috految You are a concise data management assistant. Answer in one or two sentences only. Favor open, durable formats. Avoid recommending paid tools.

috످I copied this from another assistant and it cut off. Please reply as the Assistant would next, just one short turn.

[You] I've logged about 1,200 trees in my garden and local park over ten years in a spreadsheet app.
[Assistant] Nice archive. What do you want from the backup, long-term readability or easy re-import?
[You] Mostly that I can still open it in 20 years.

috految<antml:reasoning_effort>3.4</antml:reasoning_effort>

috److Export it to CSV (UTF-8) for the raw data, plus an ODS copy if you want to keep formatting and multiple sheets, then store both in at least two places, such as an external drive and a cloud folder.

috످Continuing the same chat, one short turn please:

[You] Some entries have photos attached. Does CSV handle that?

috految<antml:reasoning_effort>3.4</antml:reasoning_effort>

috److No, CSV only stores text, so save the photos as JPEGs in a folder next to your CSV and add a column with each photo's filename (e.g., `tree-0042.jpg`). Keep the original spreadsheet until you've checked that every photo is backed up.

috످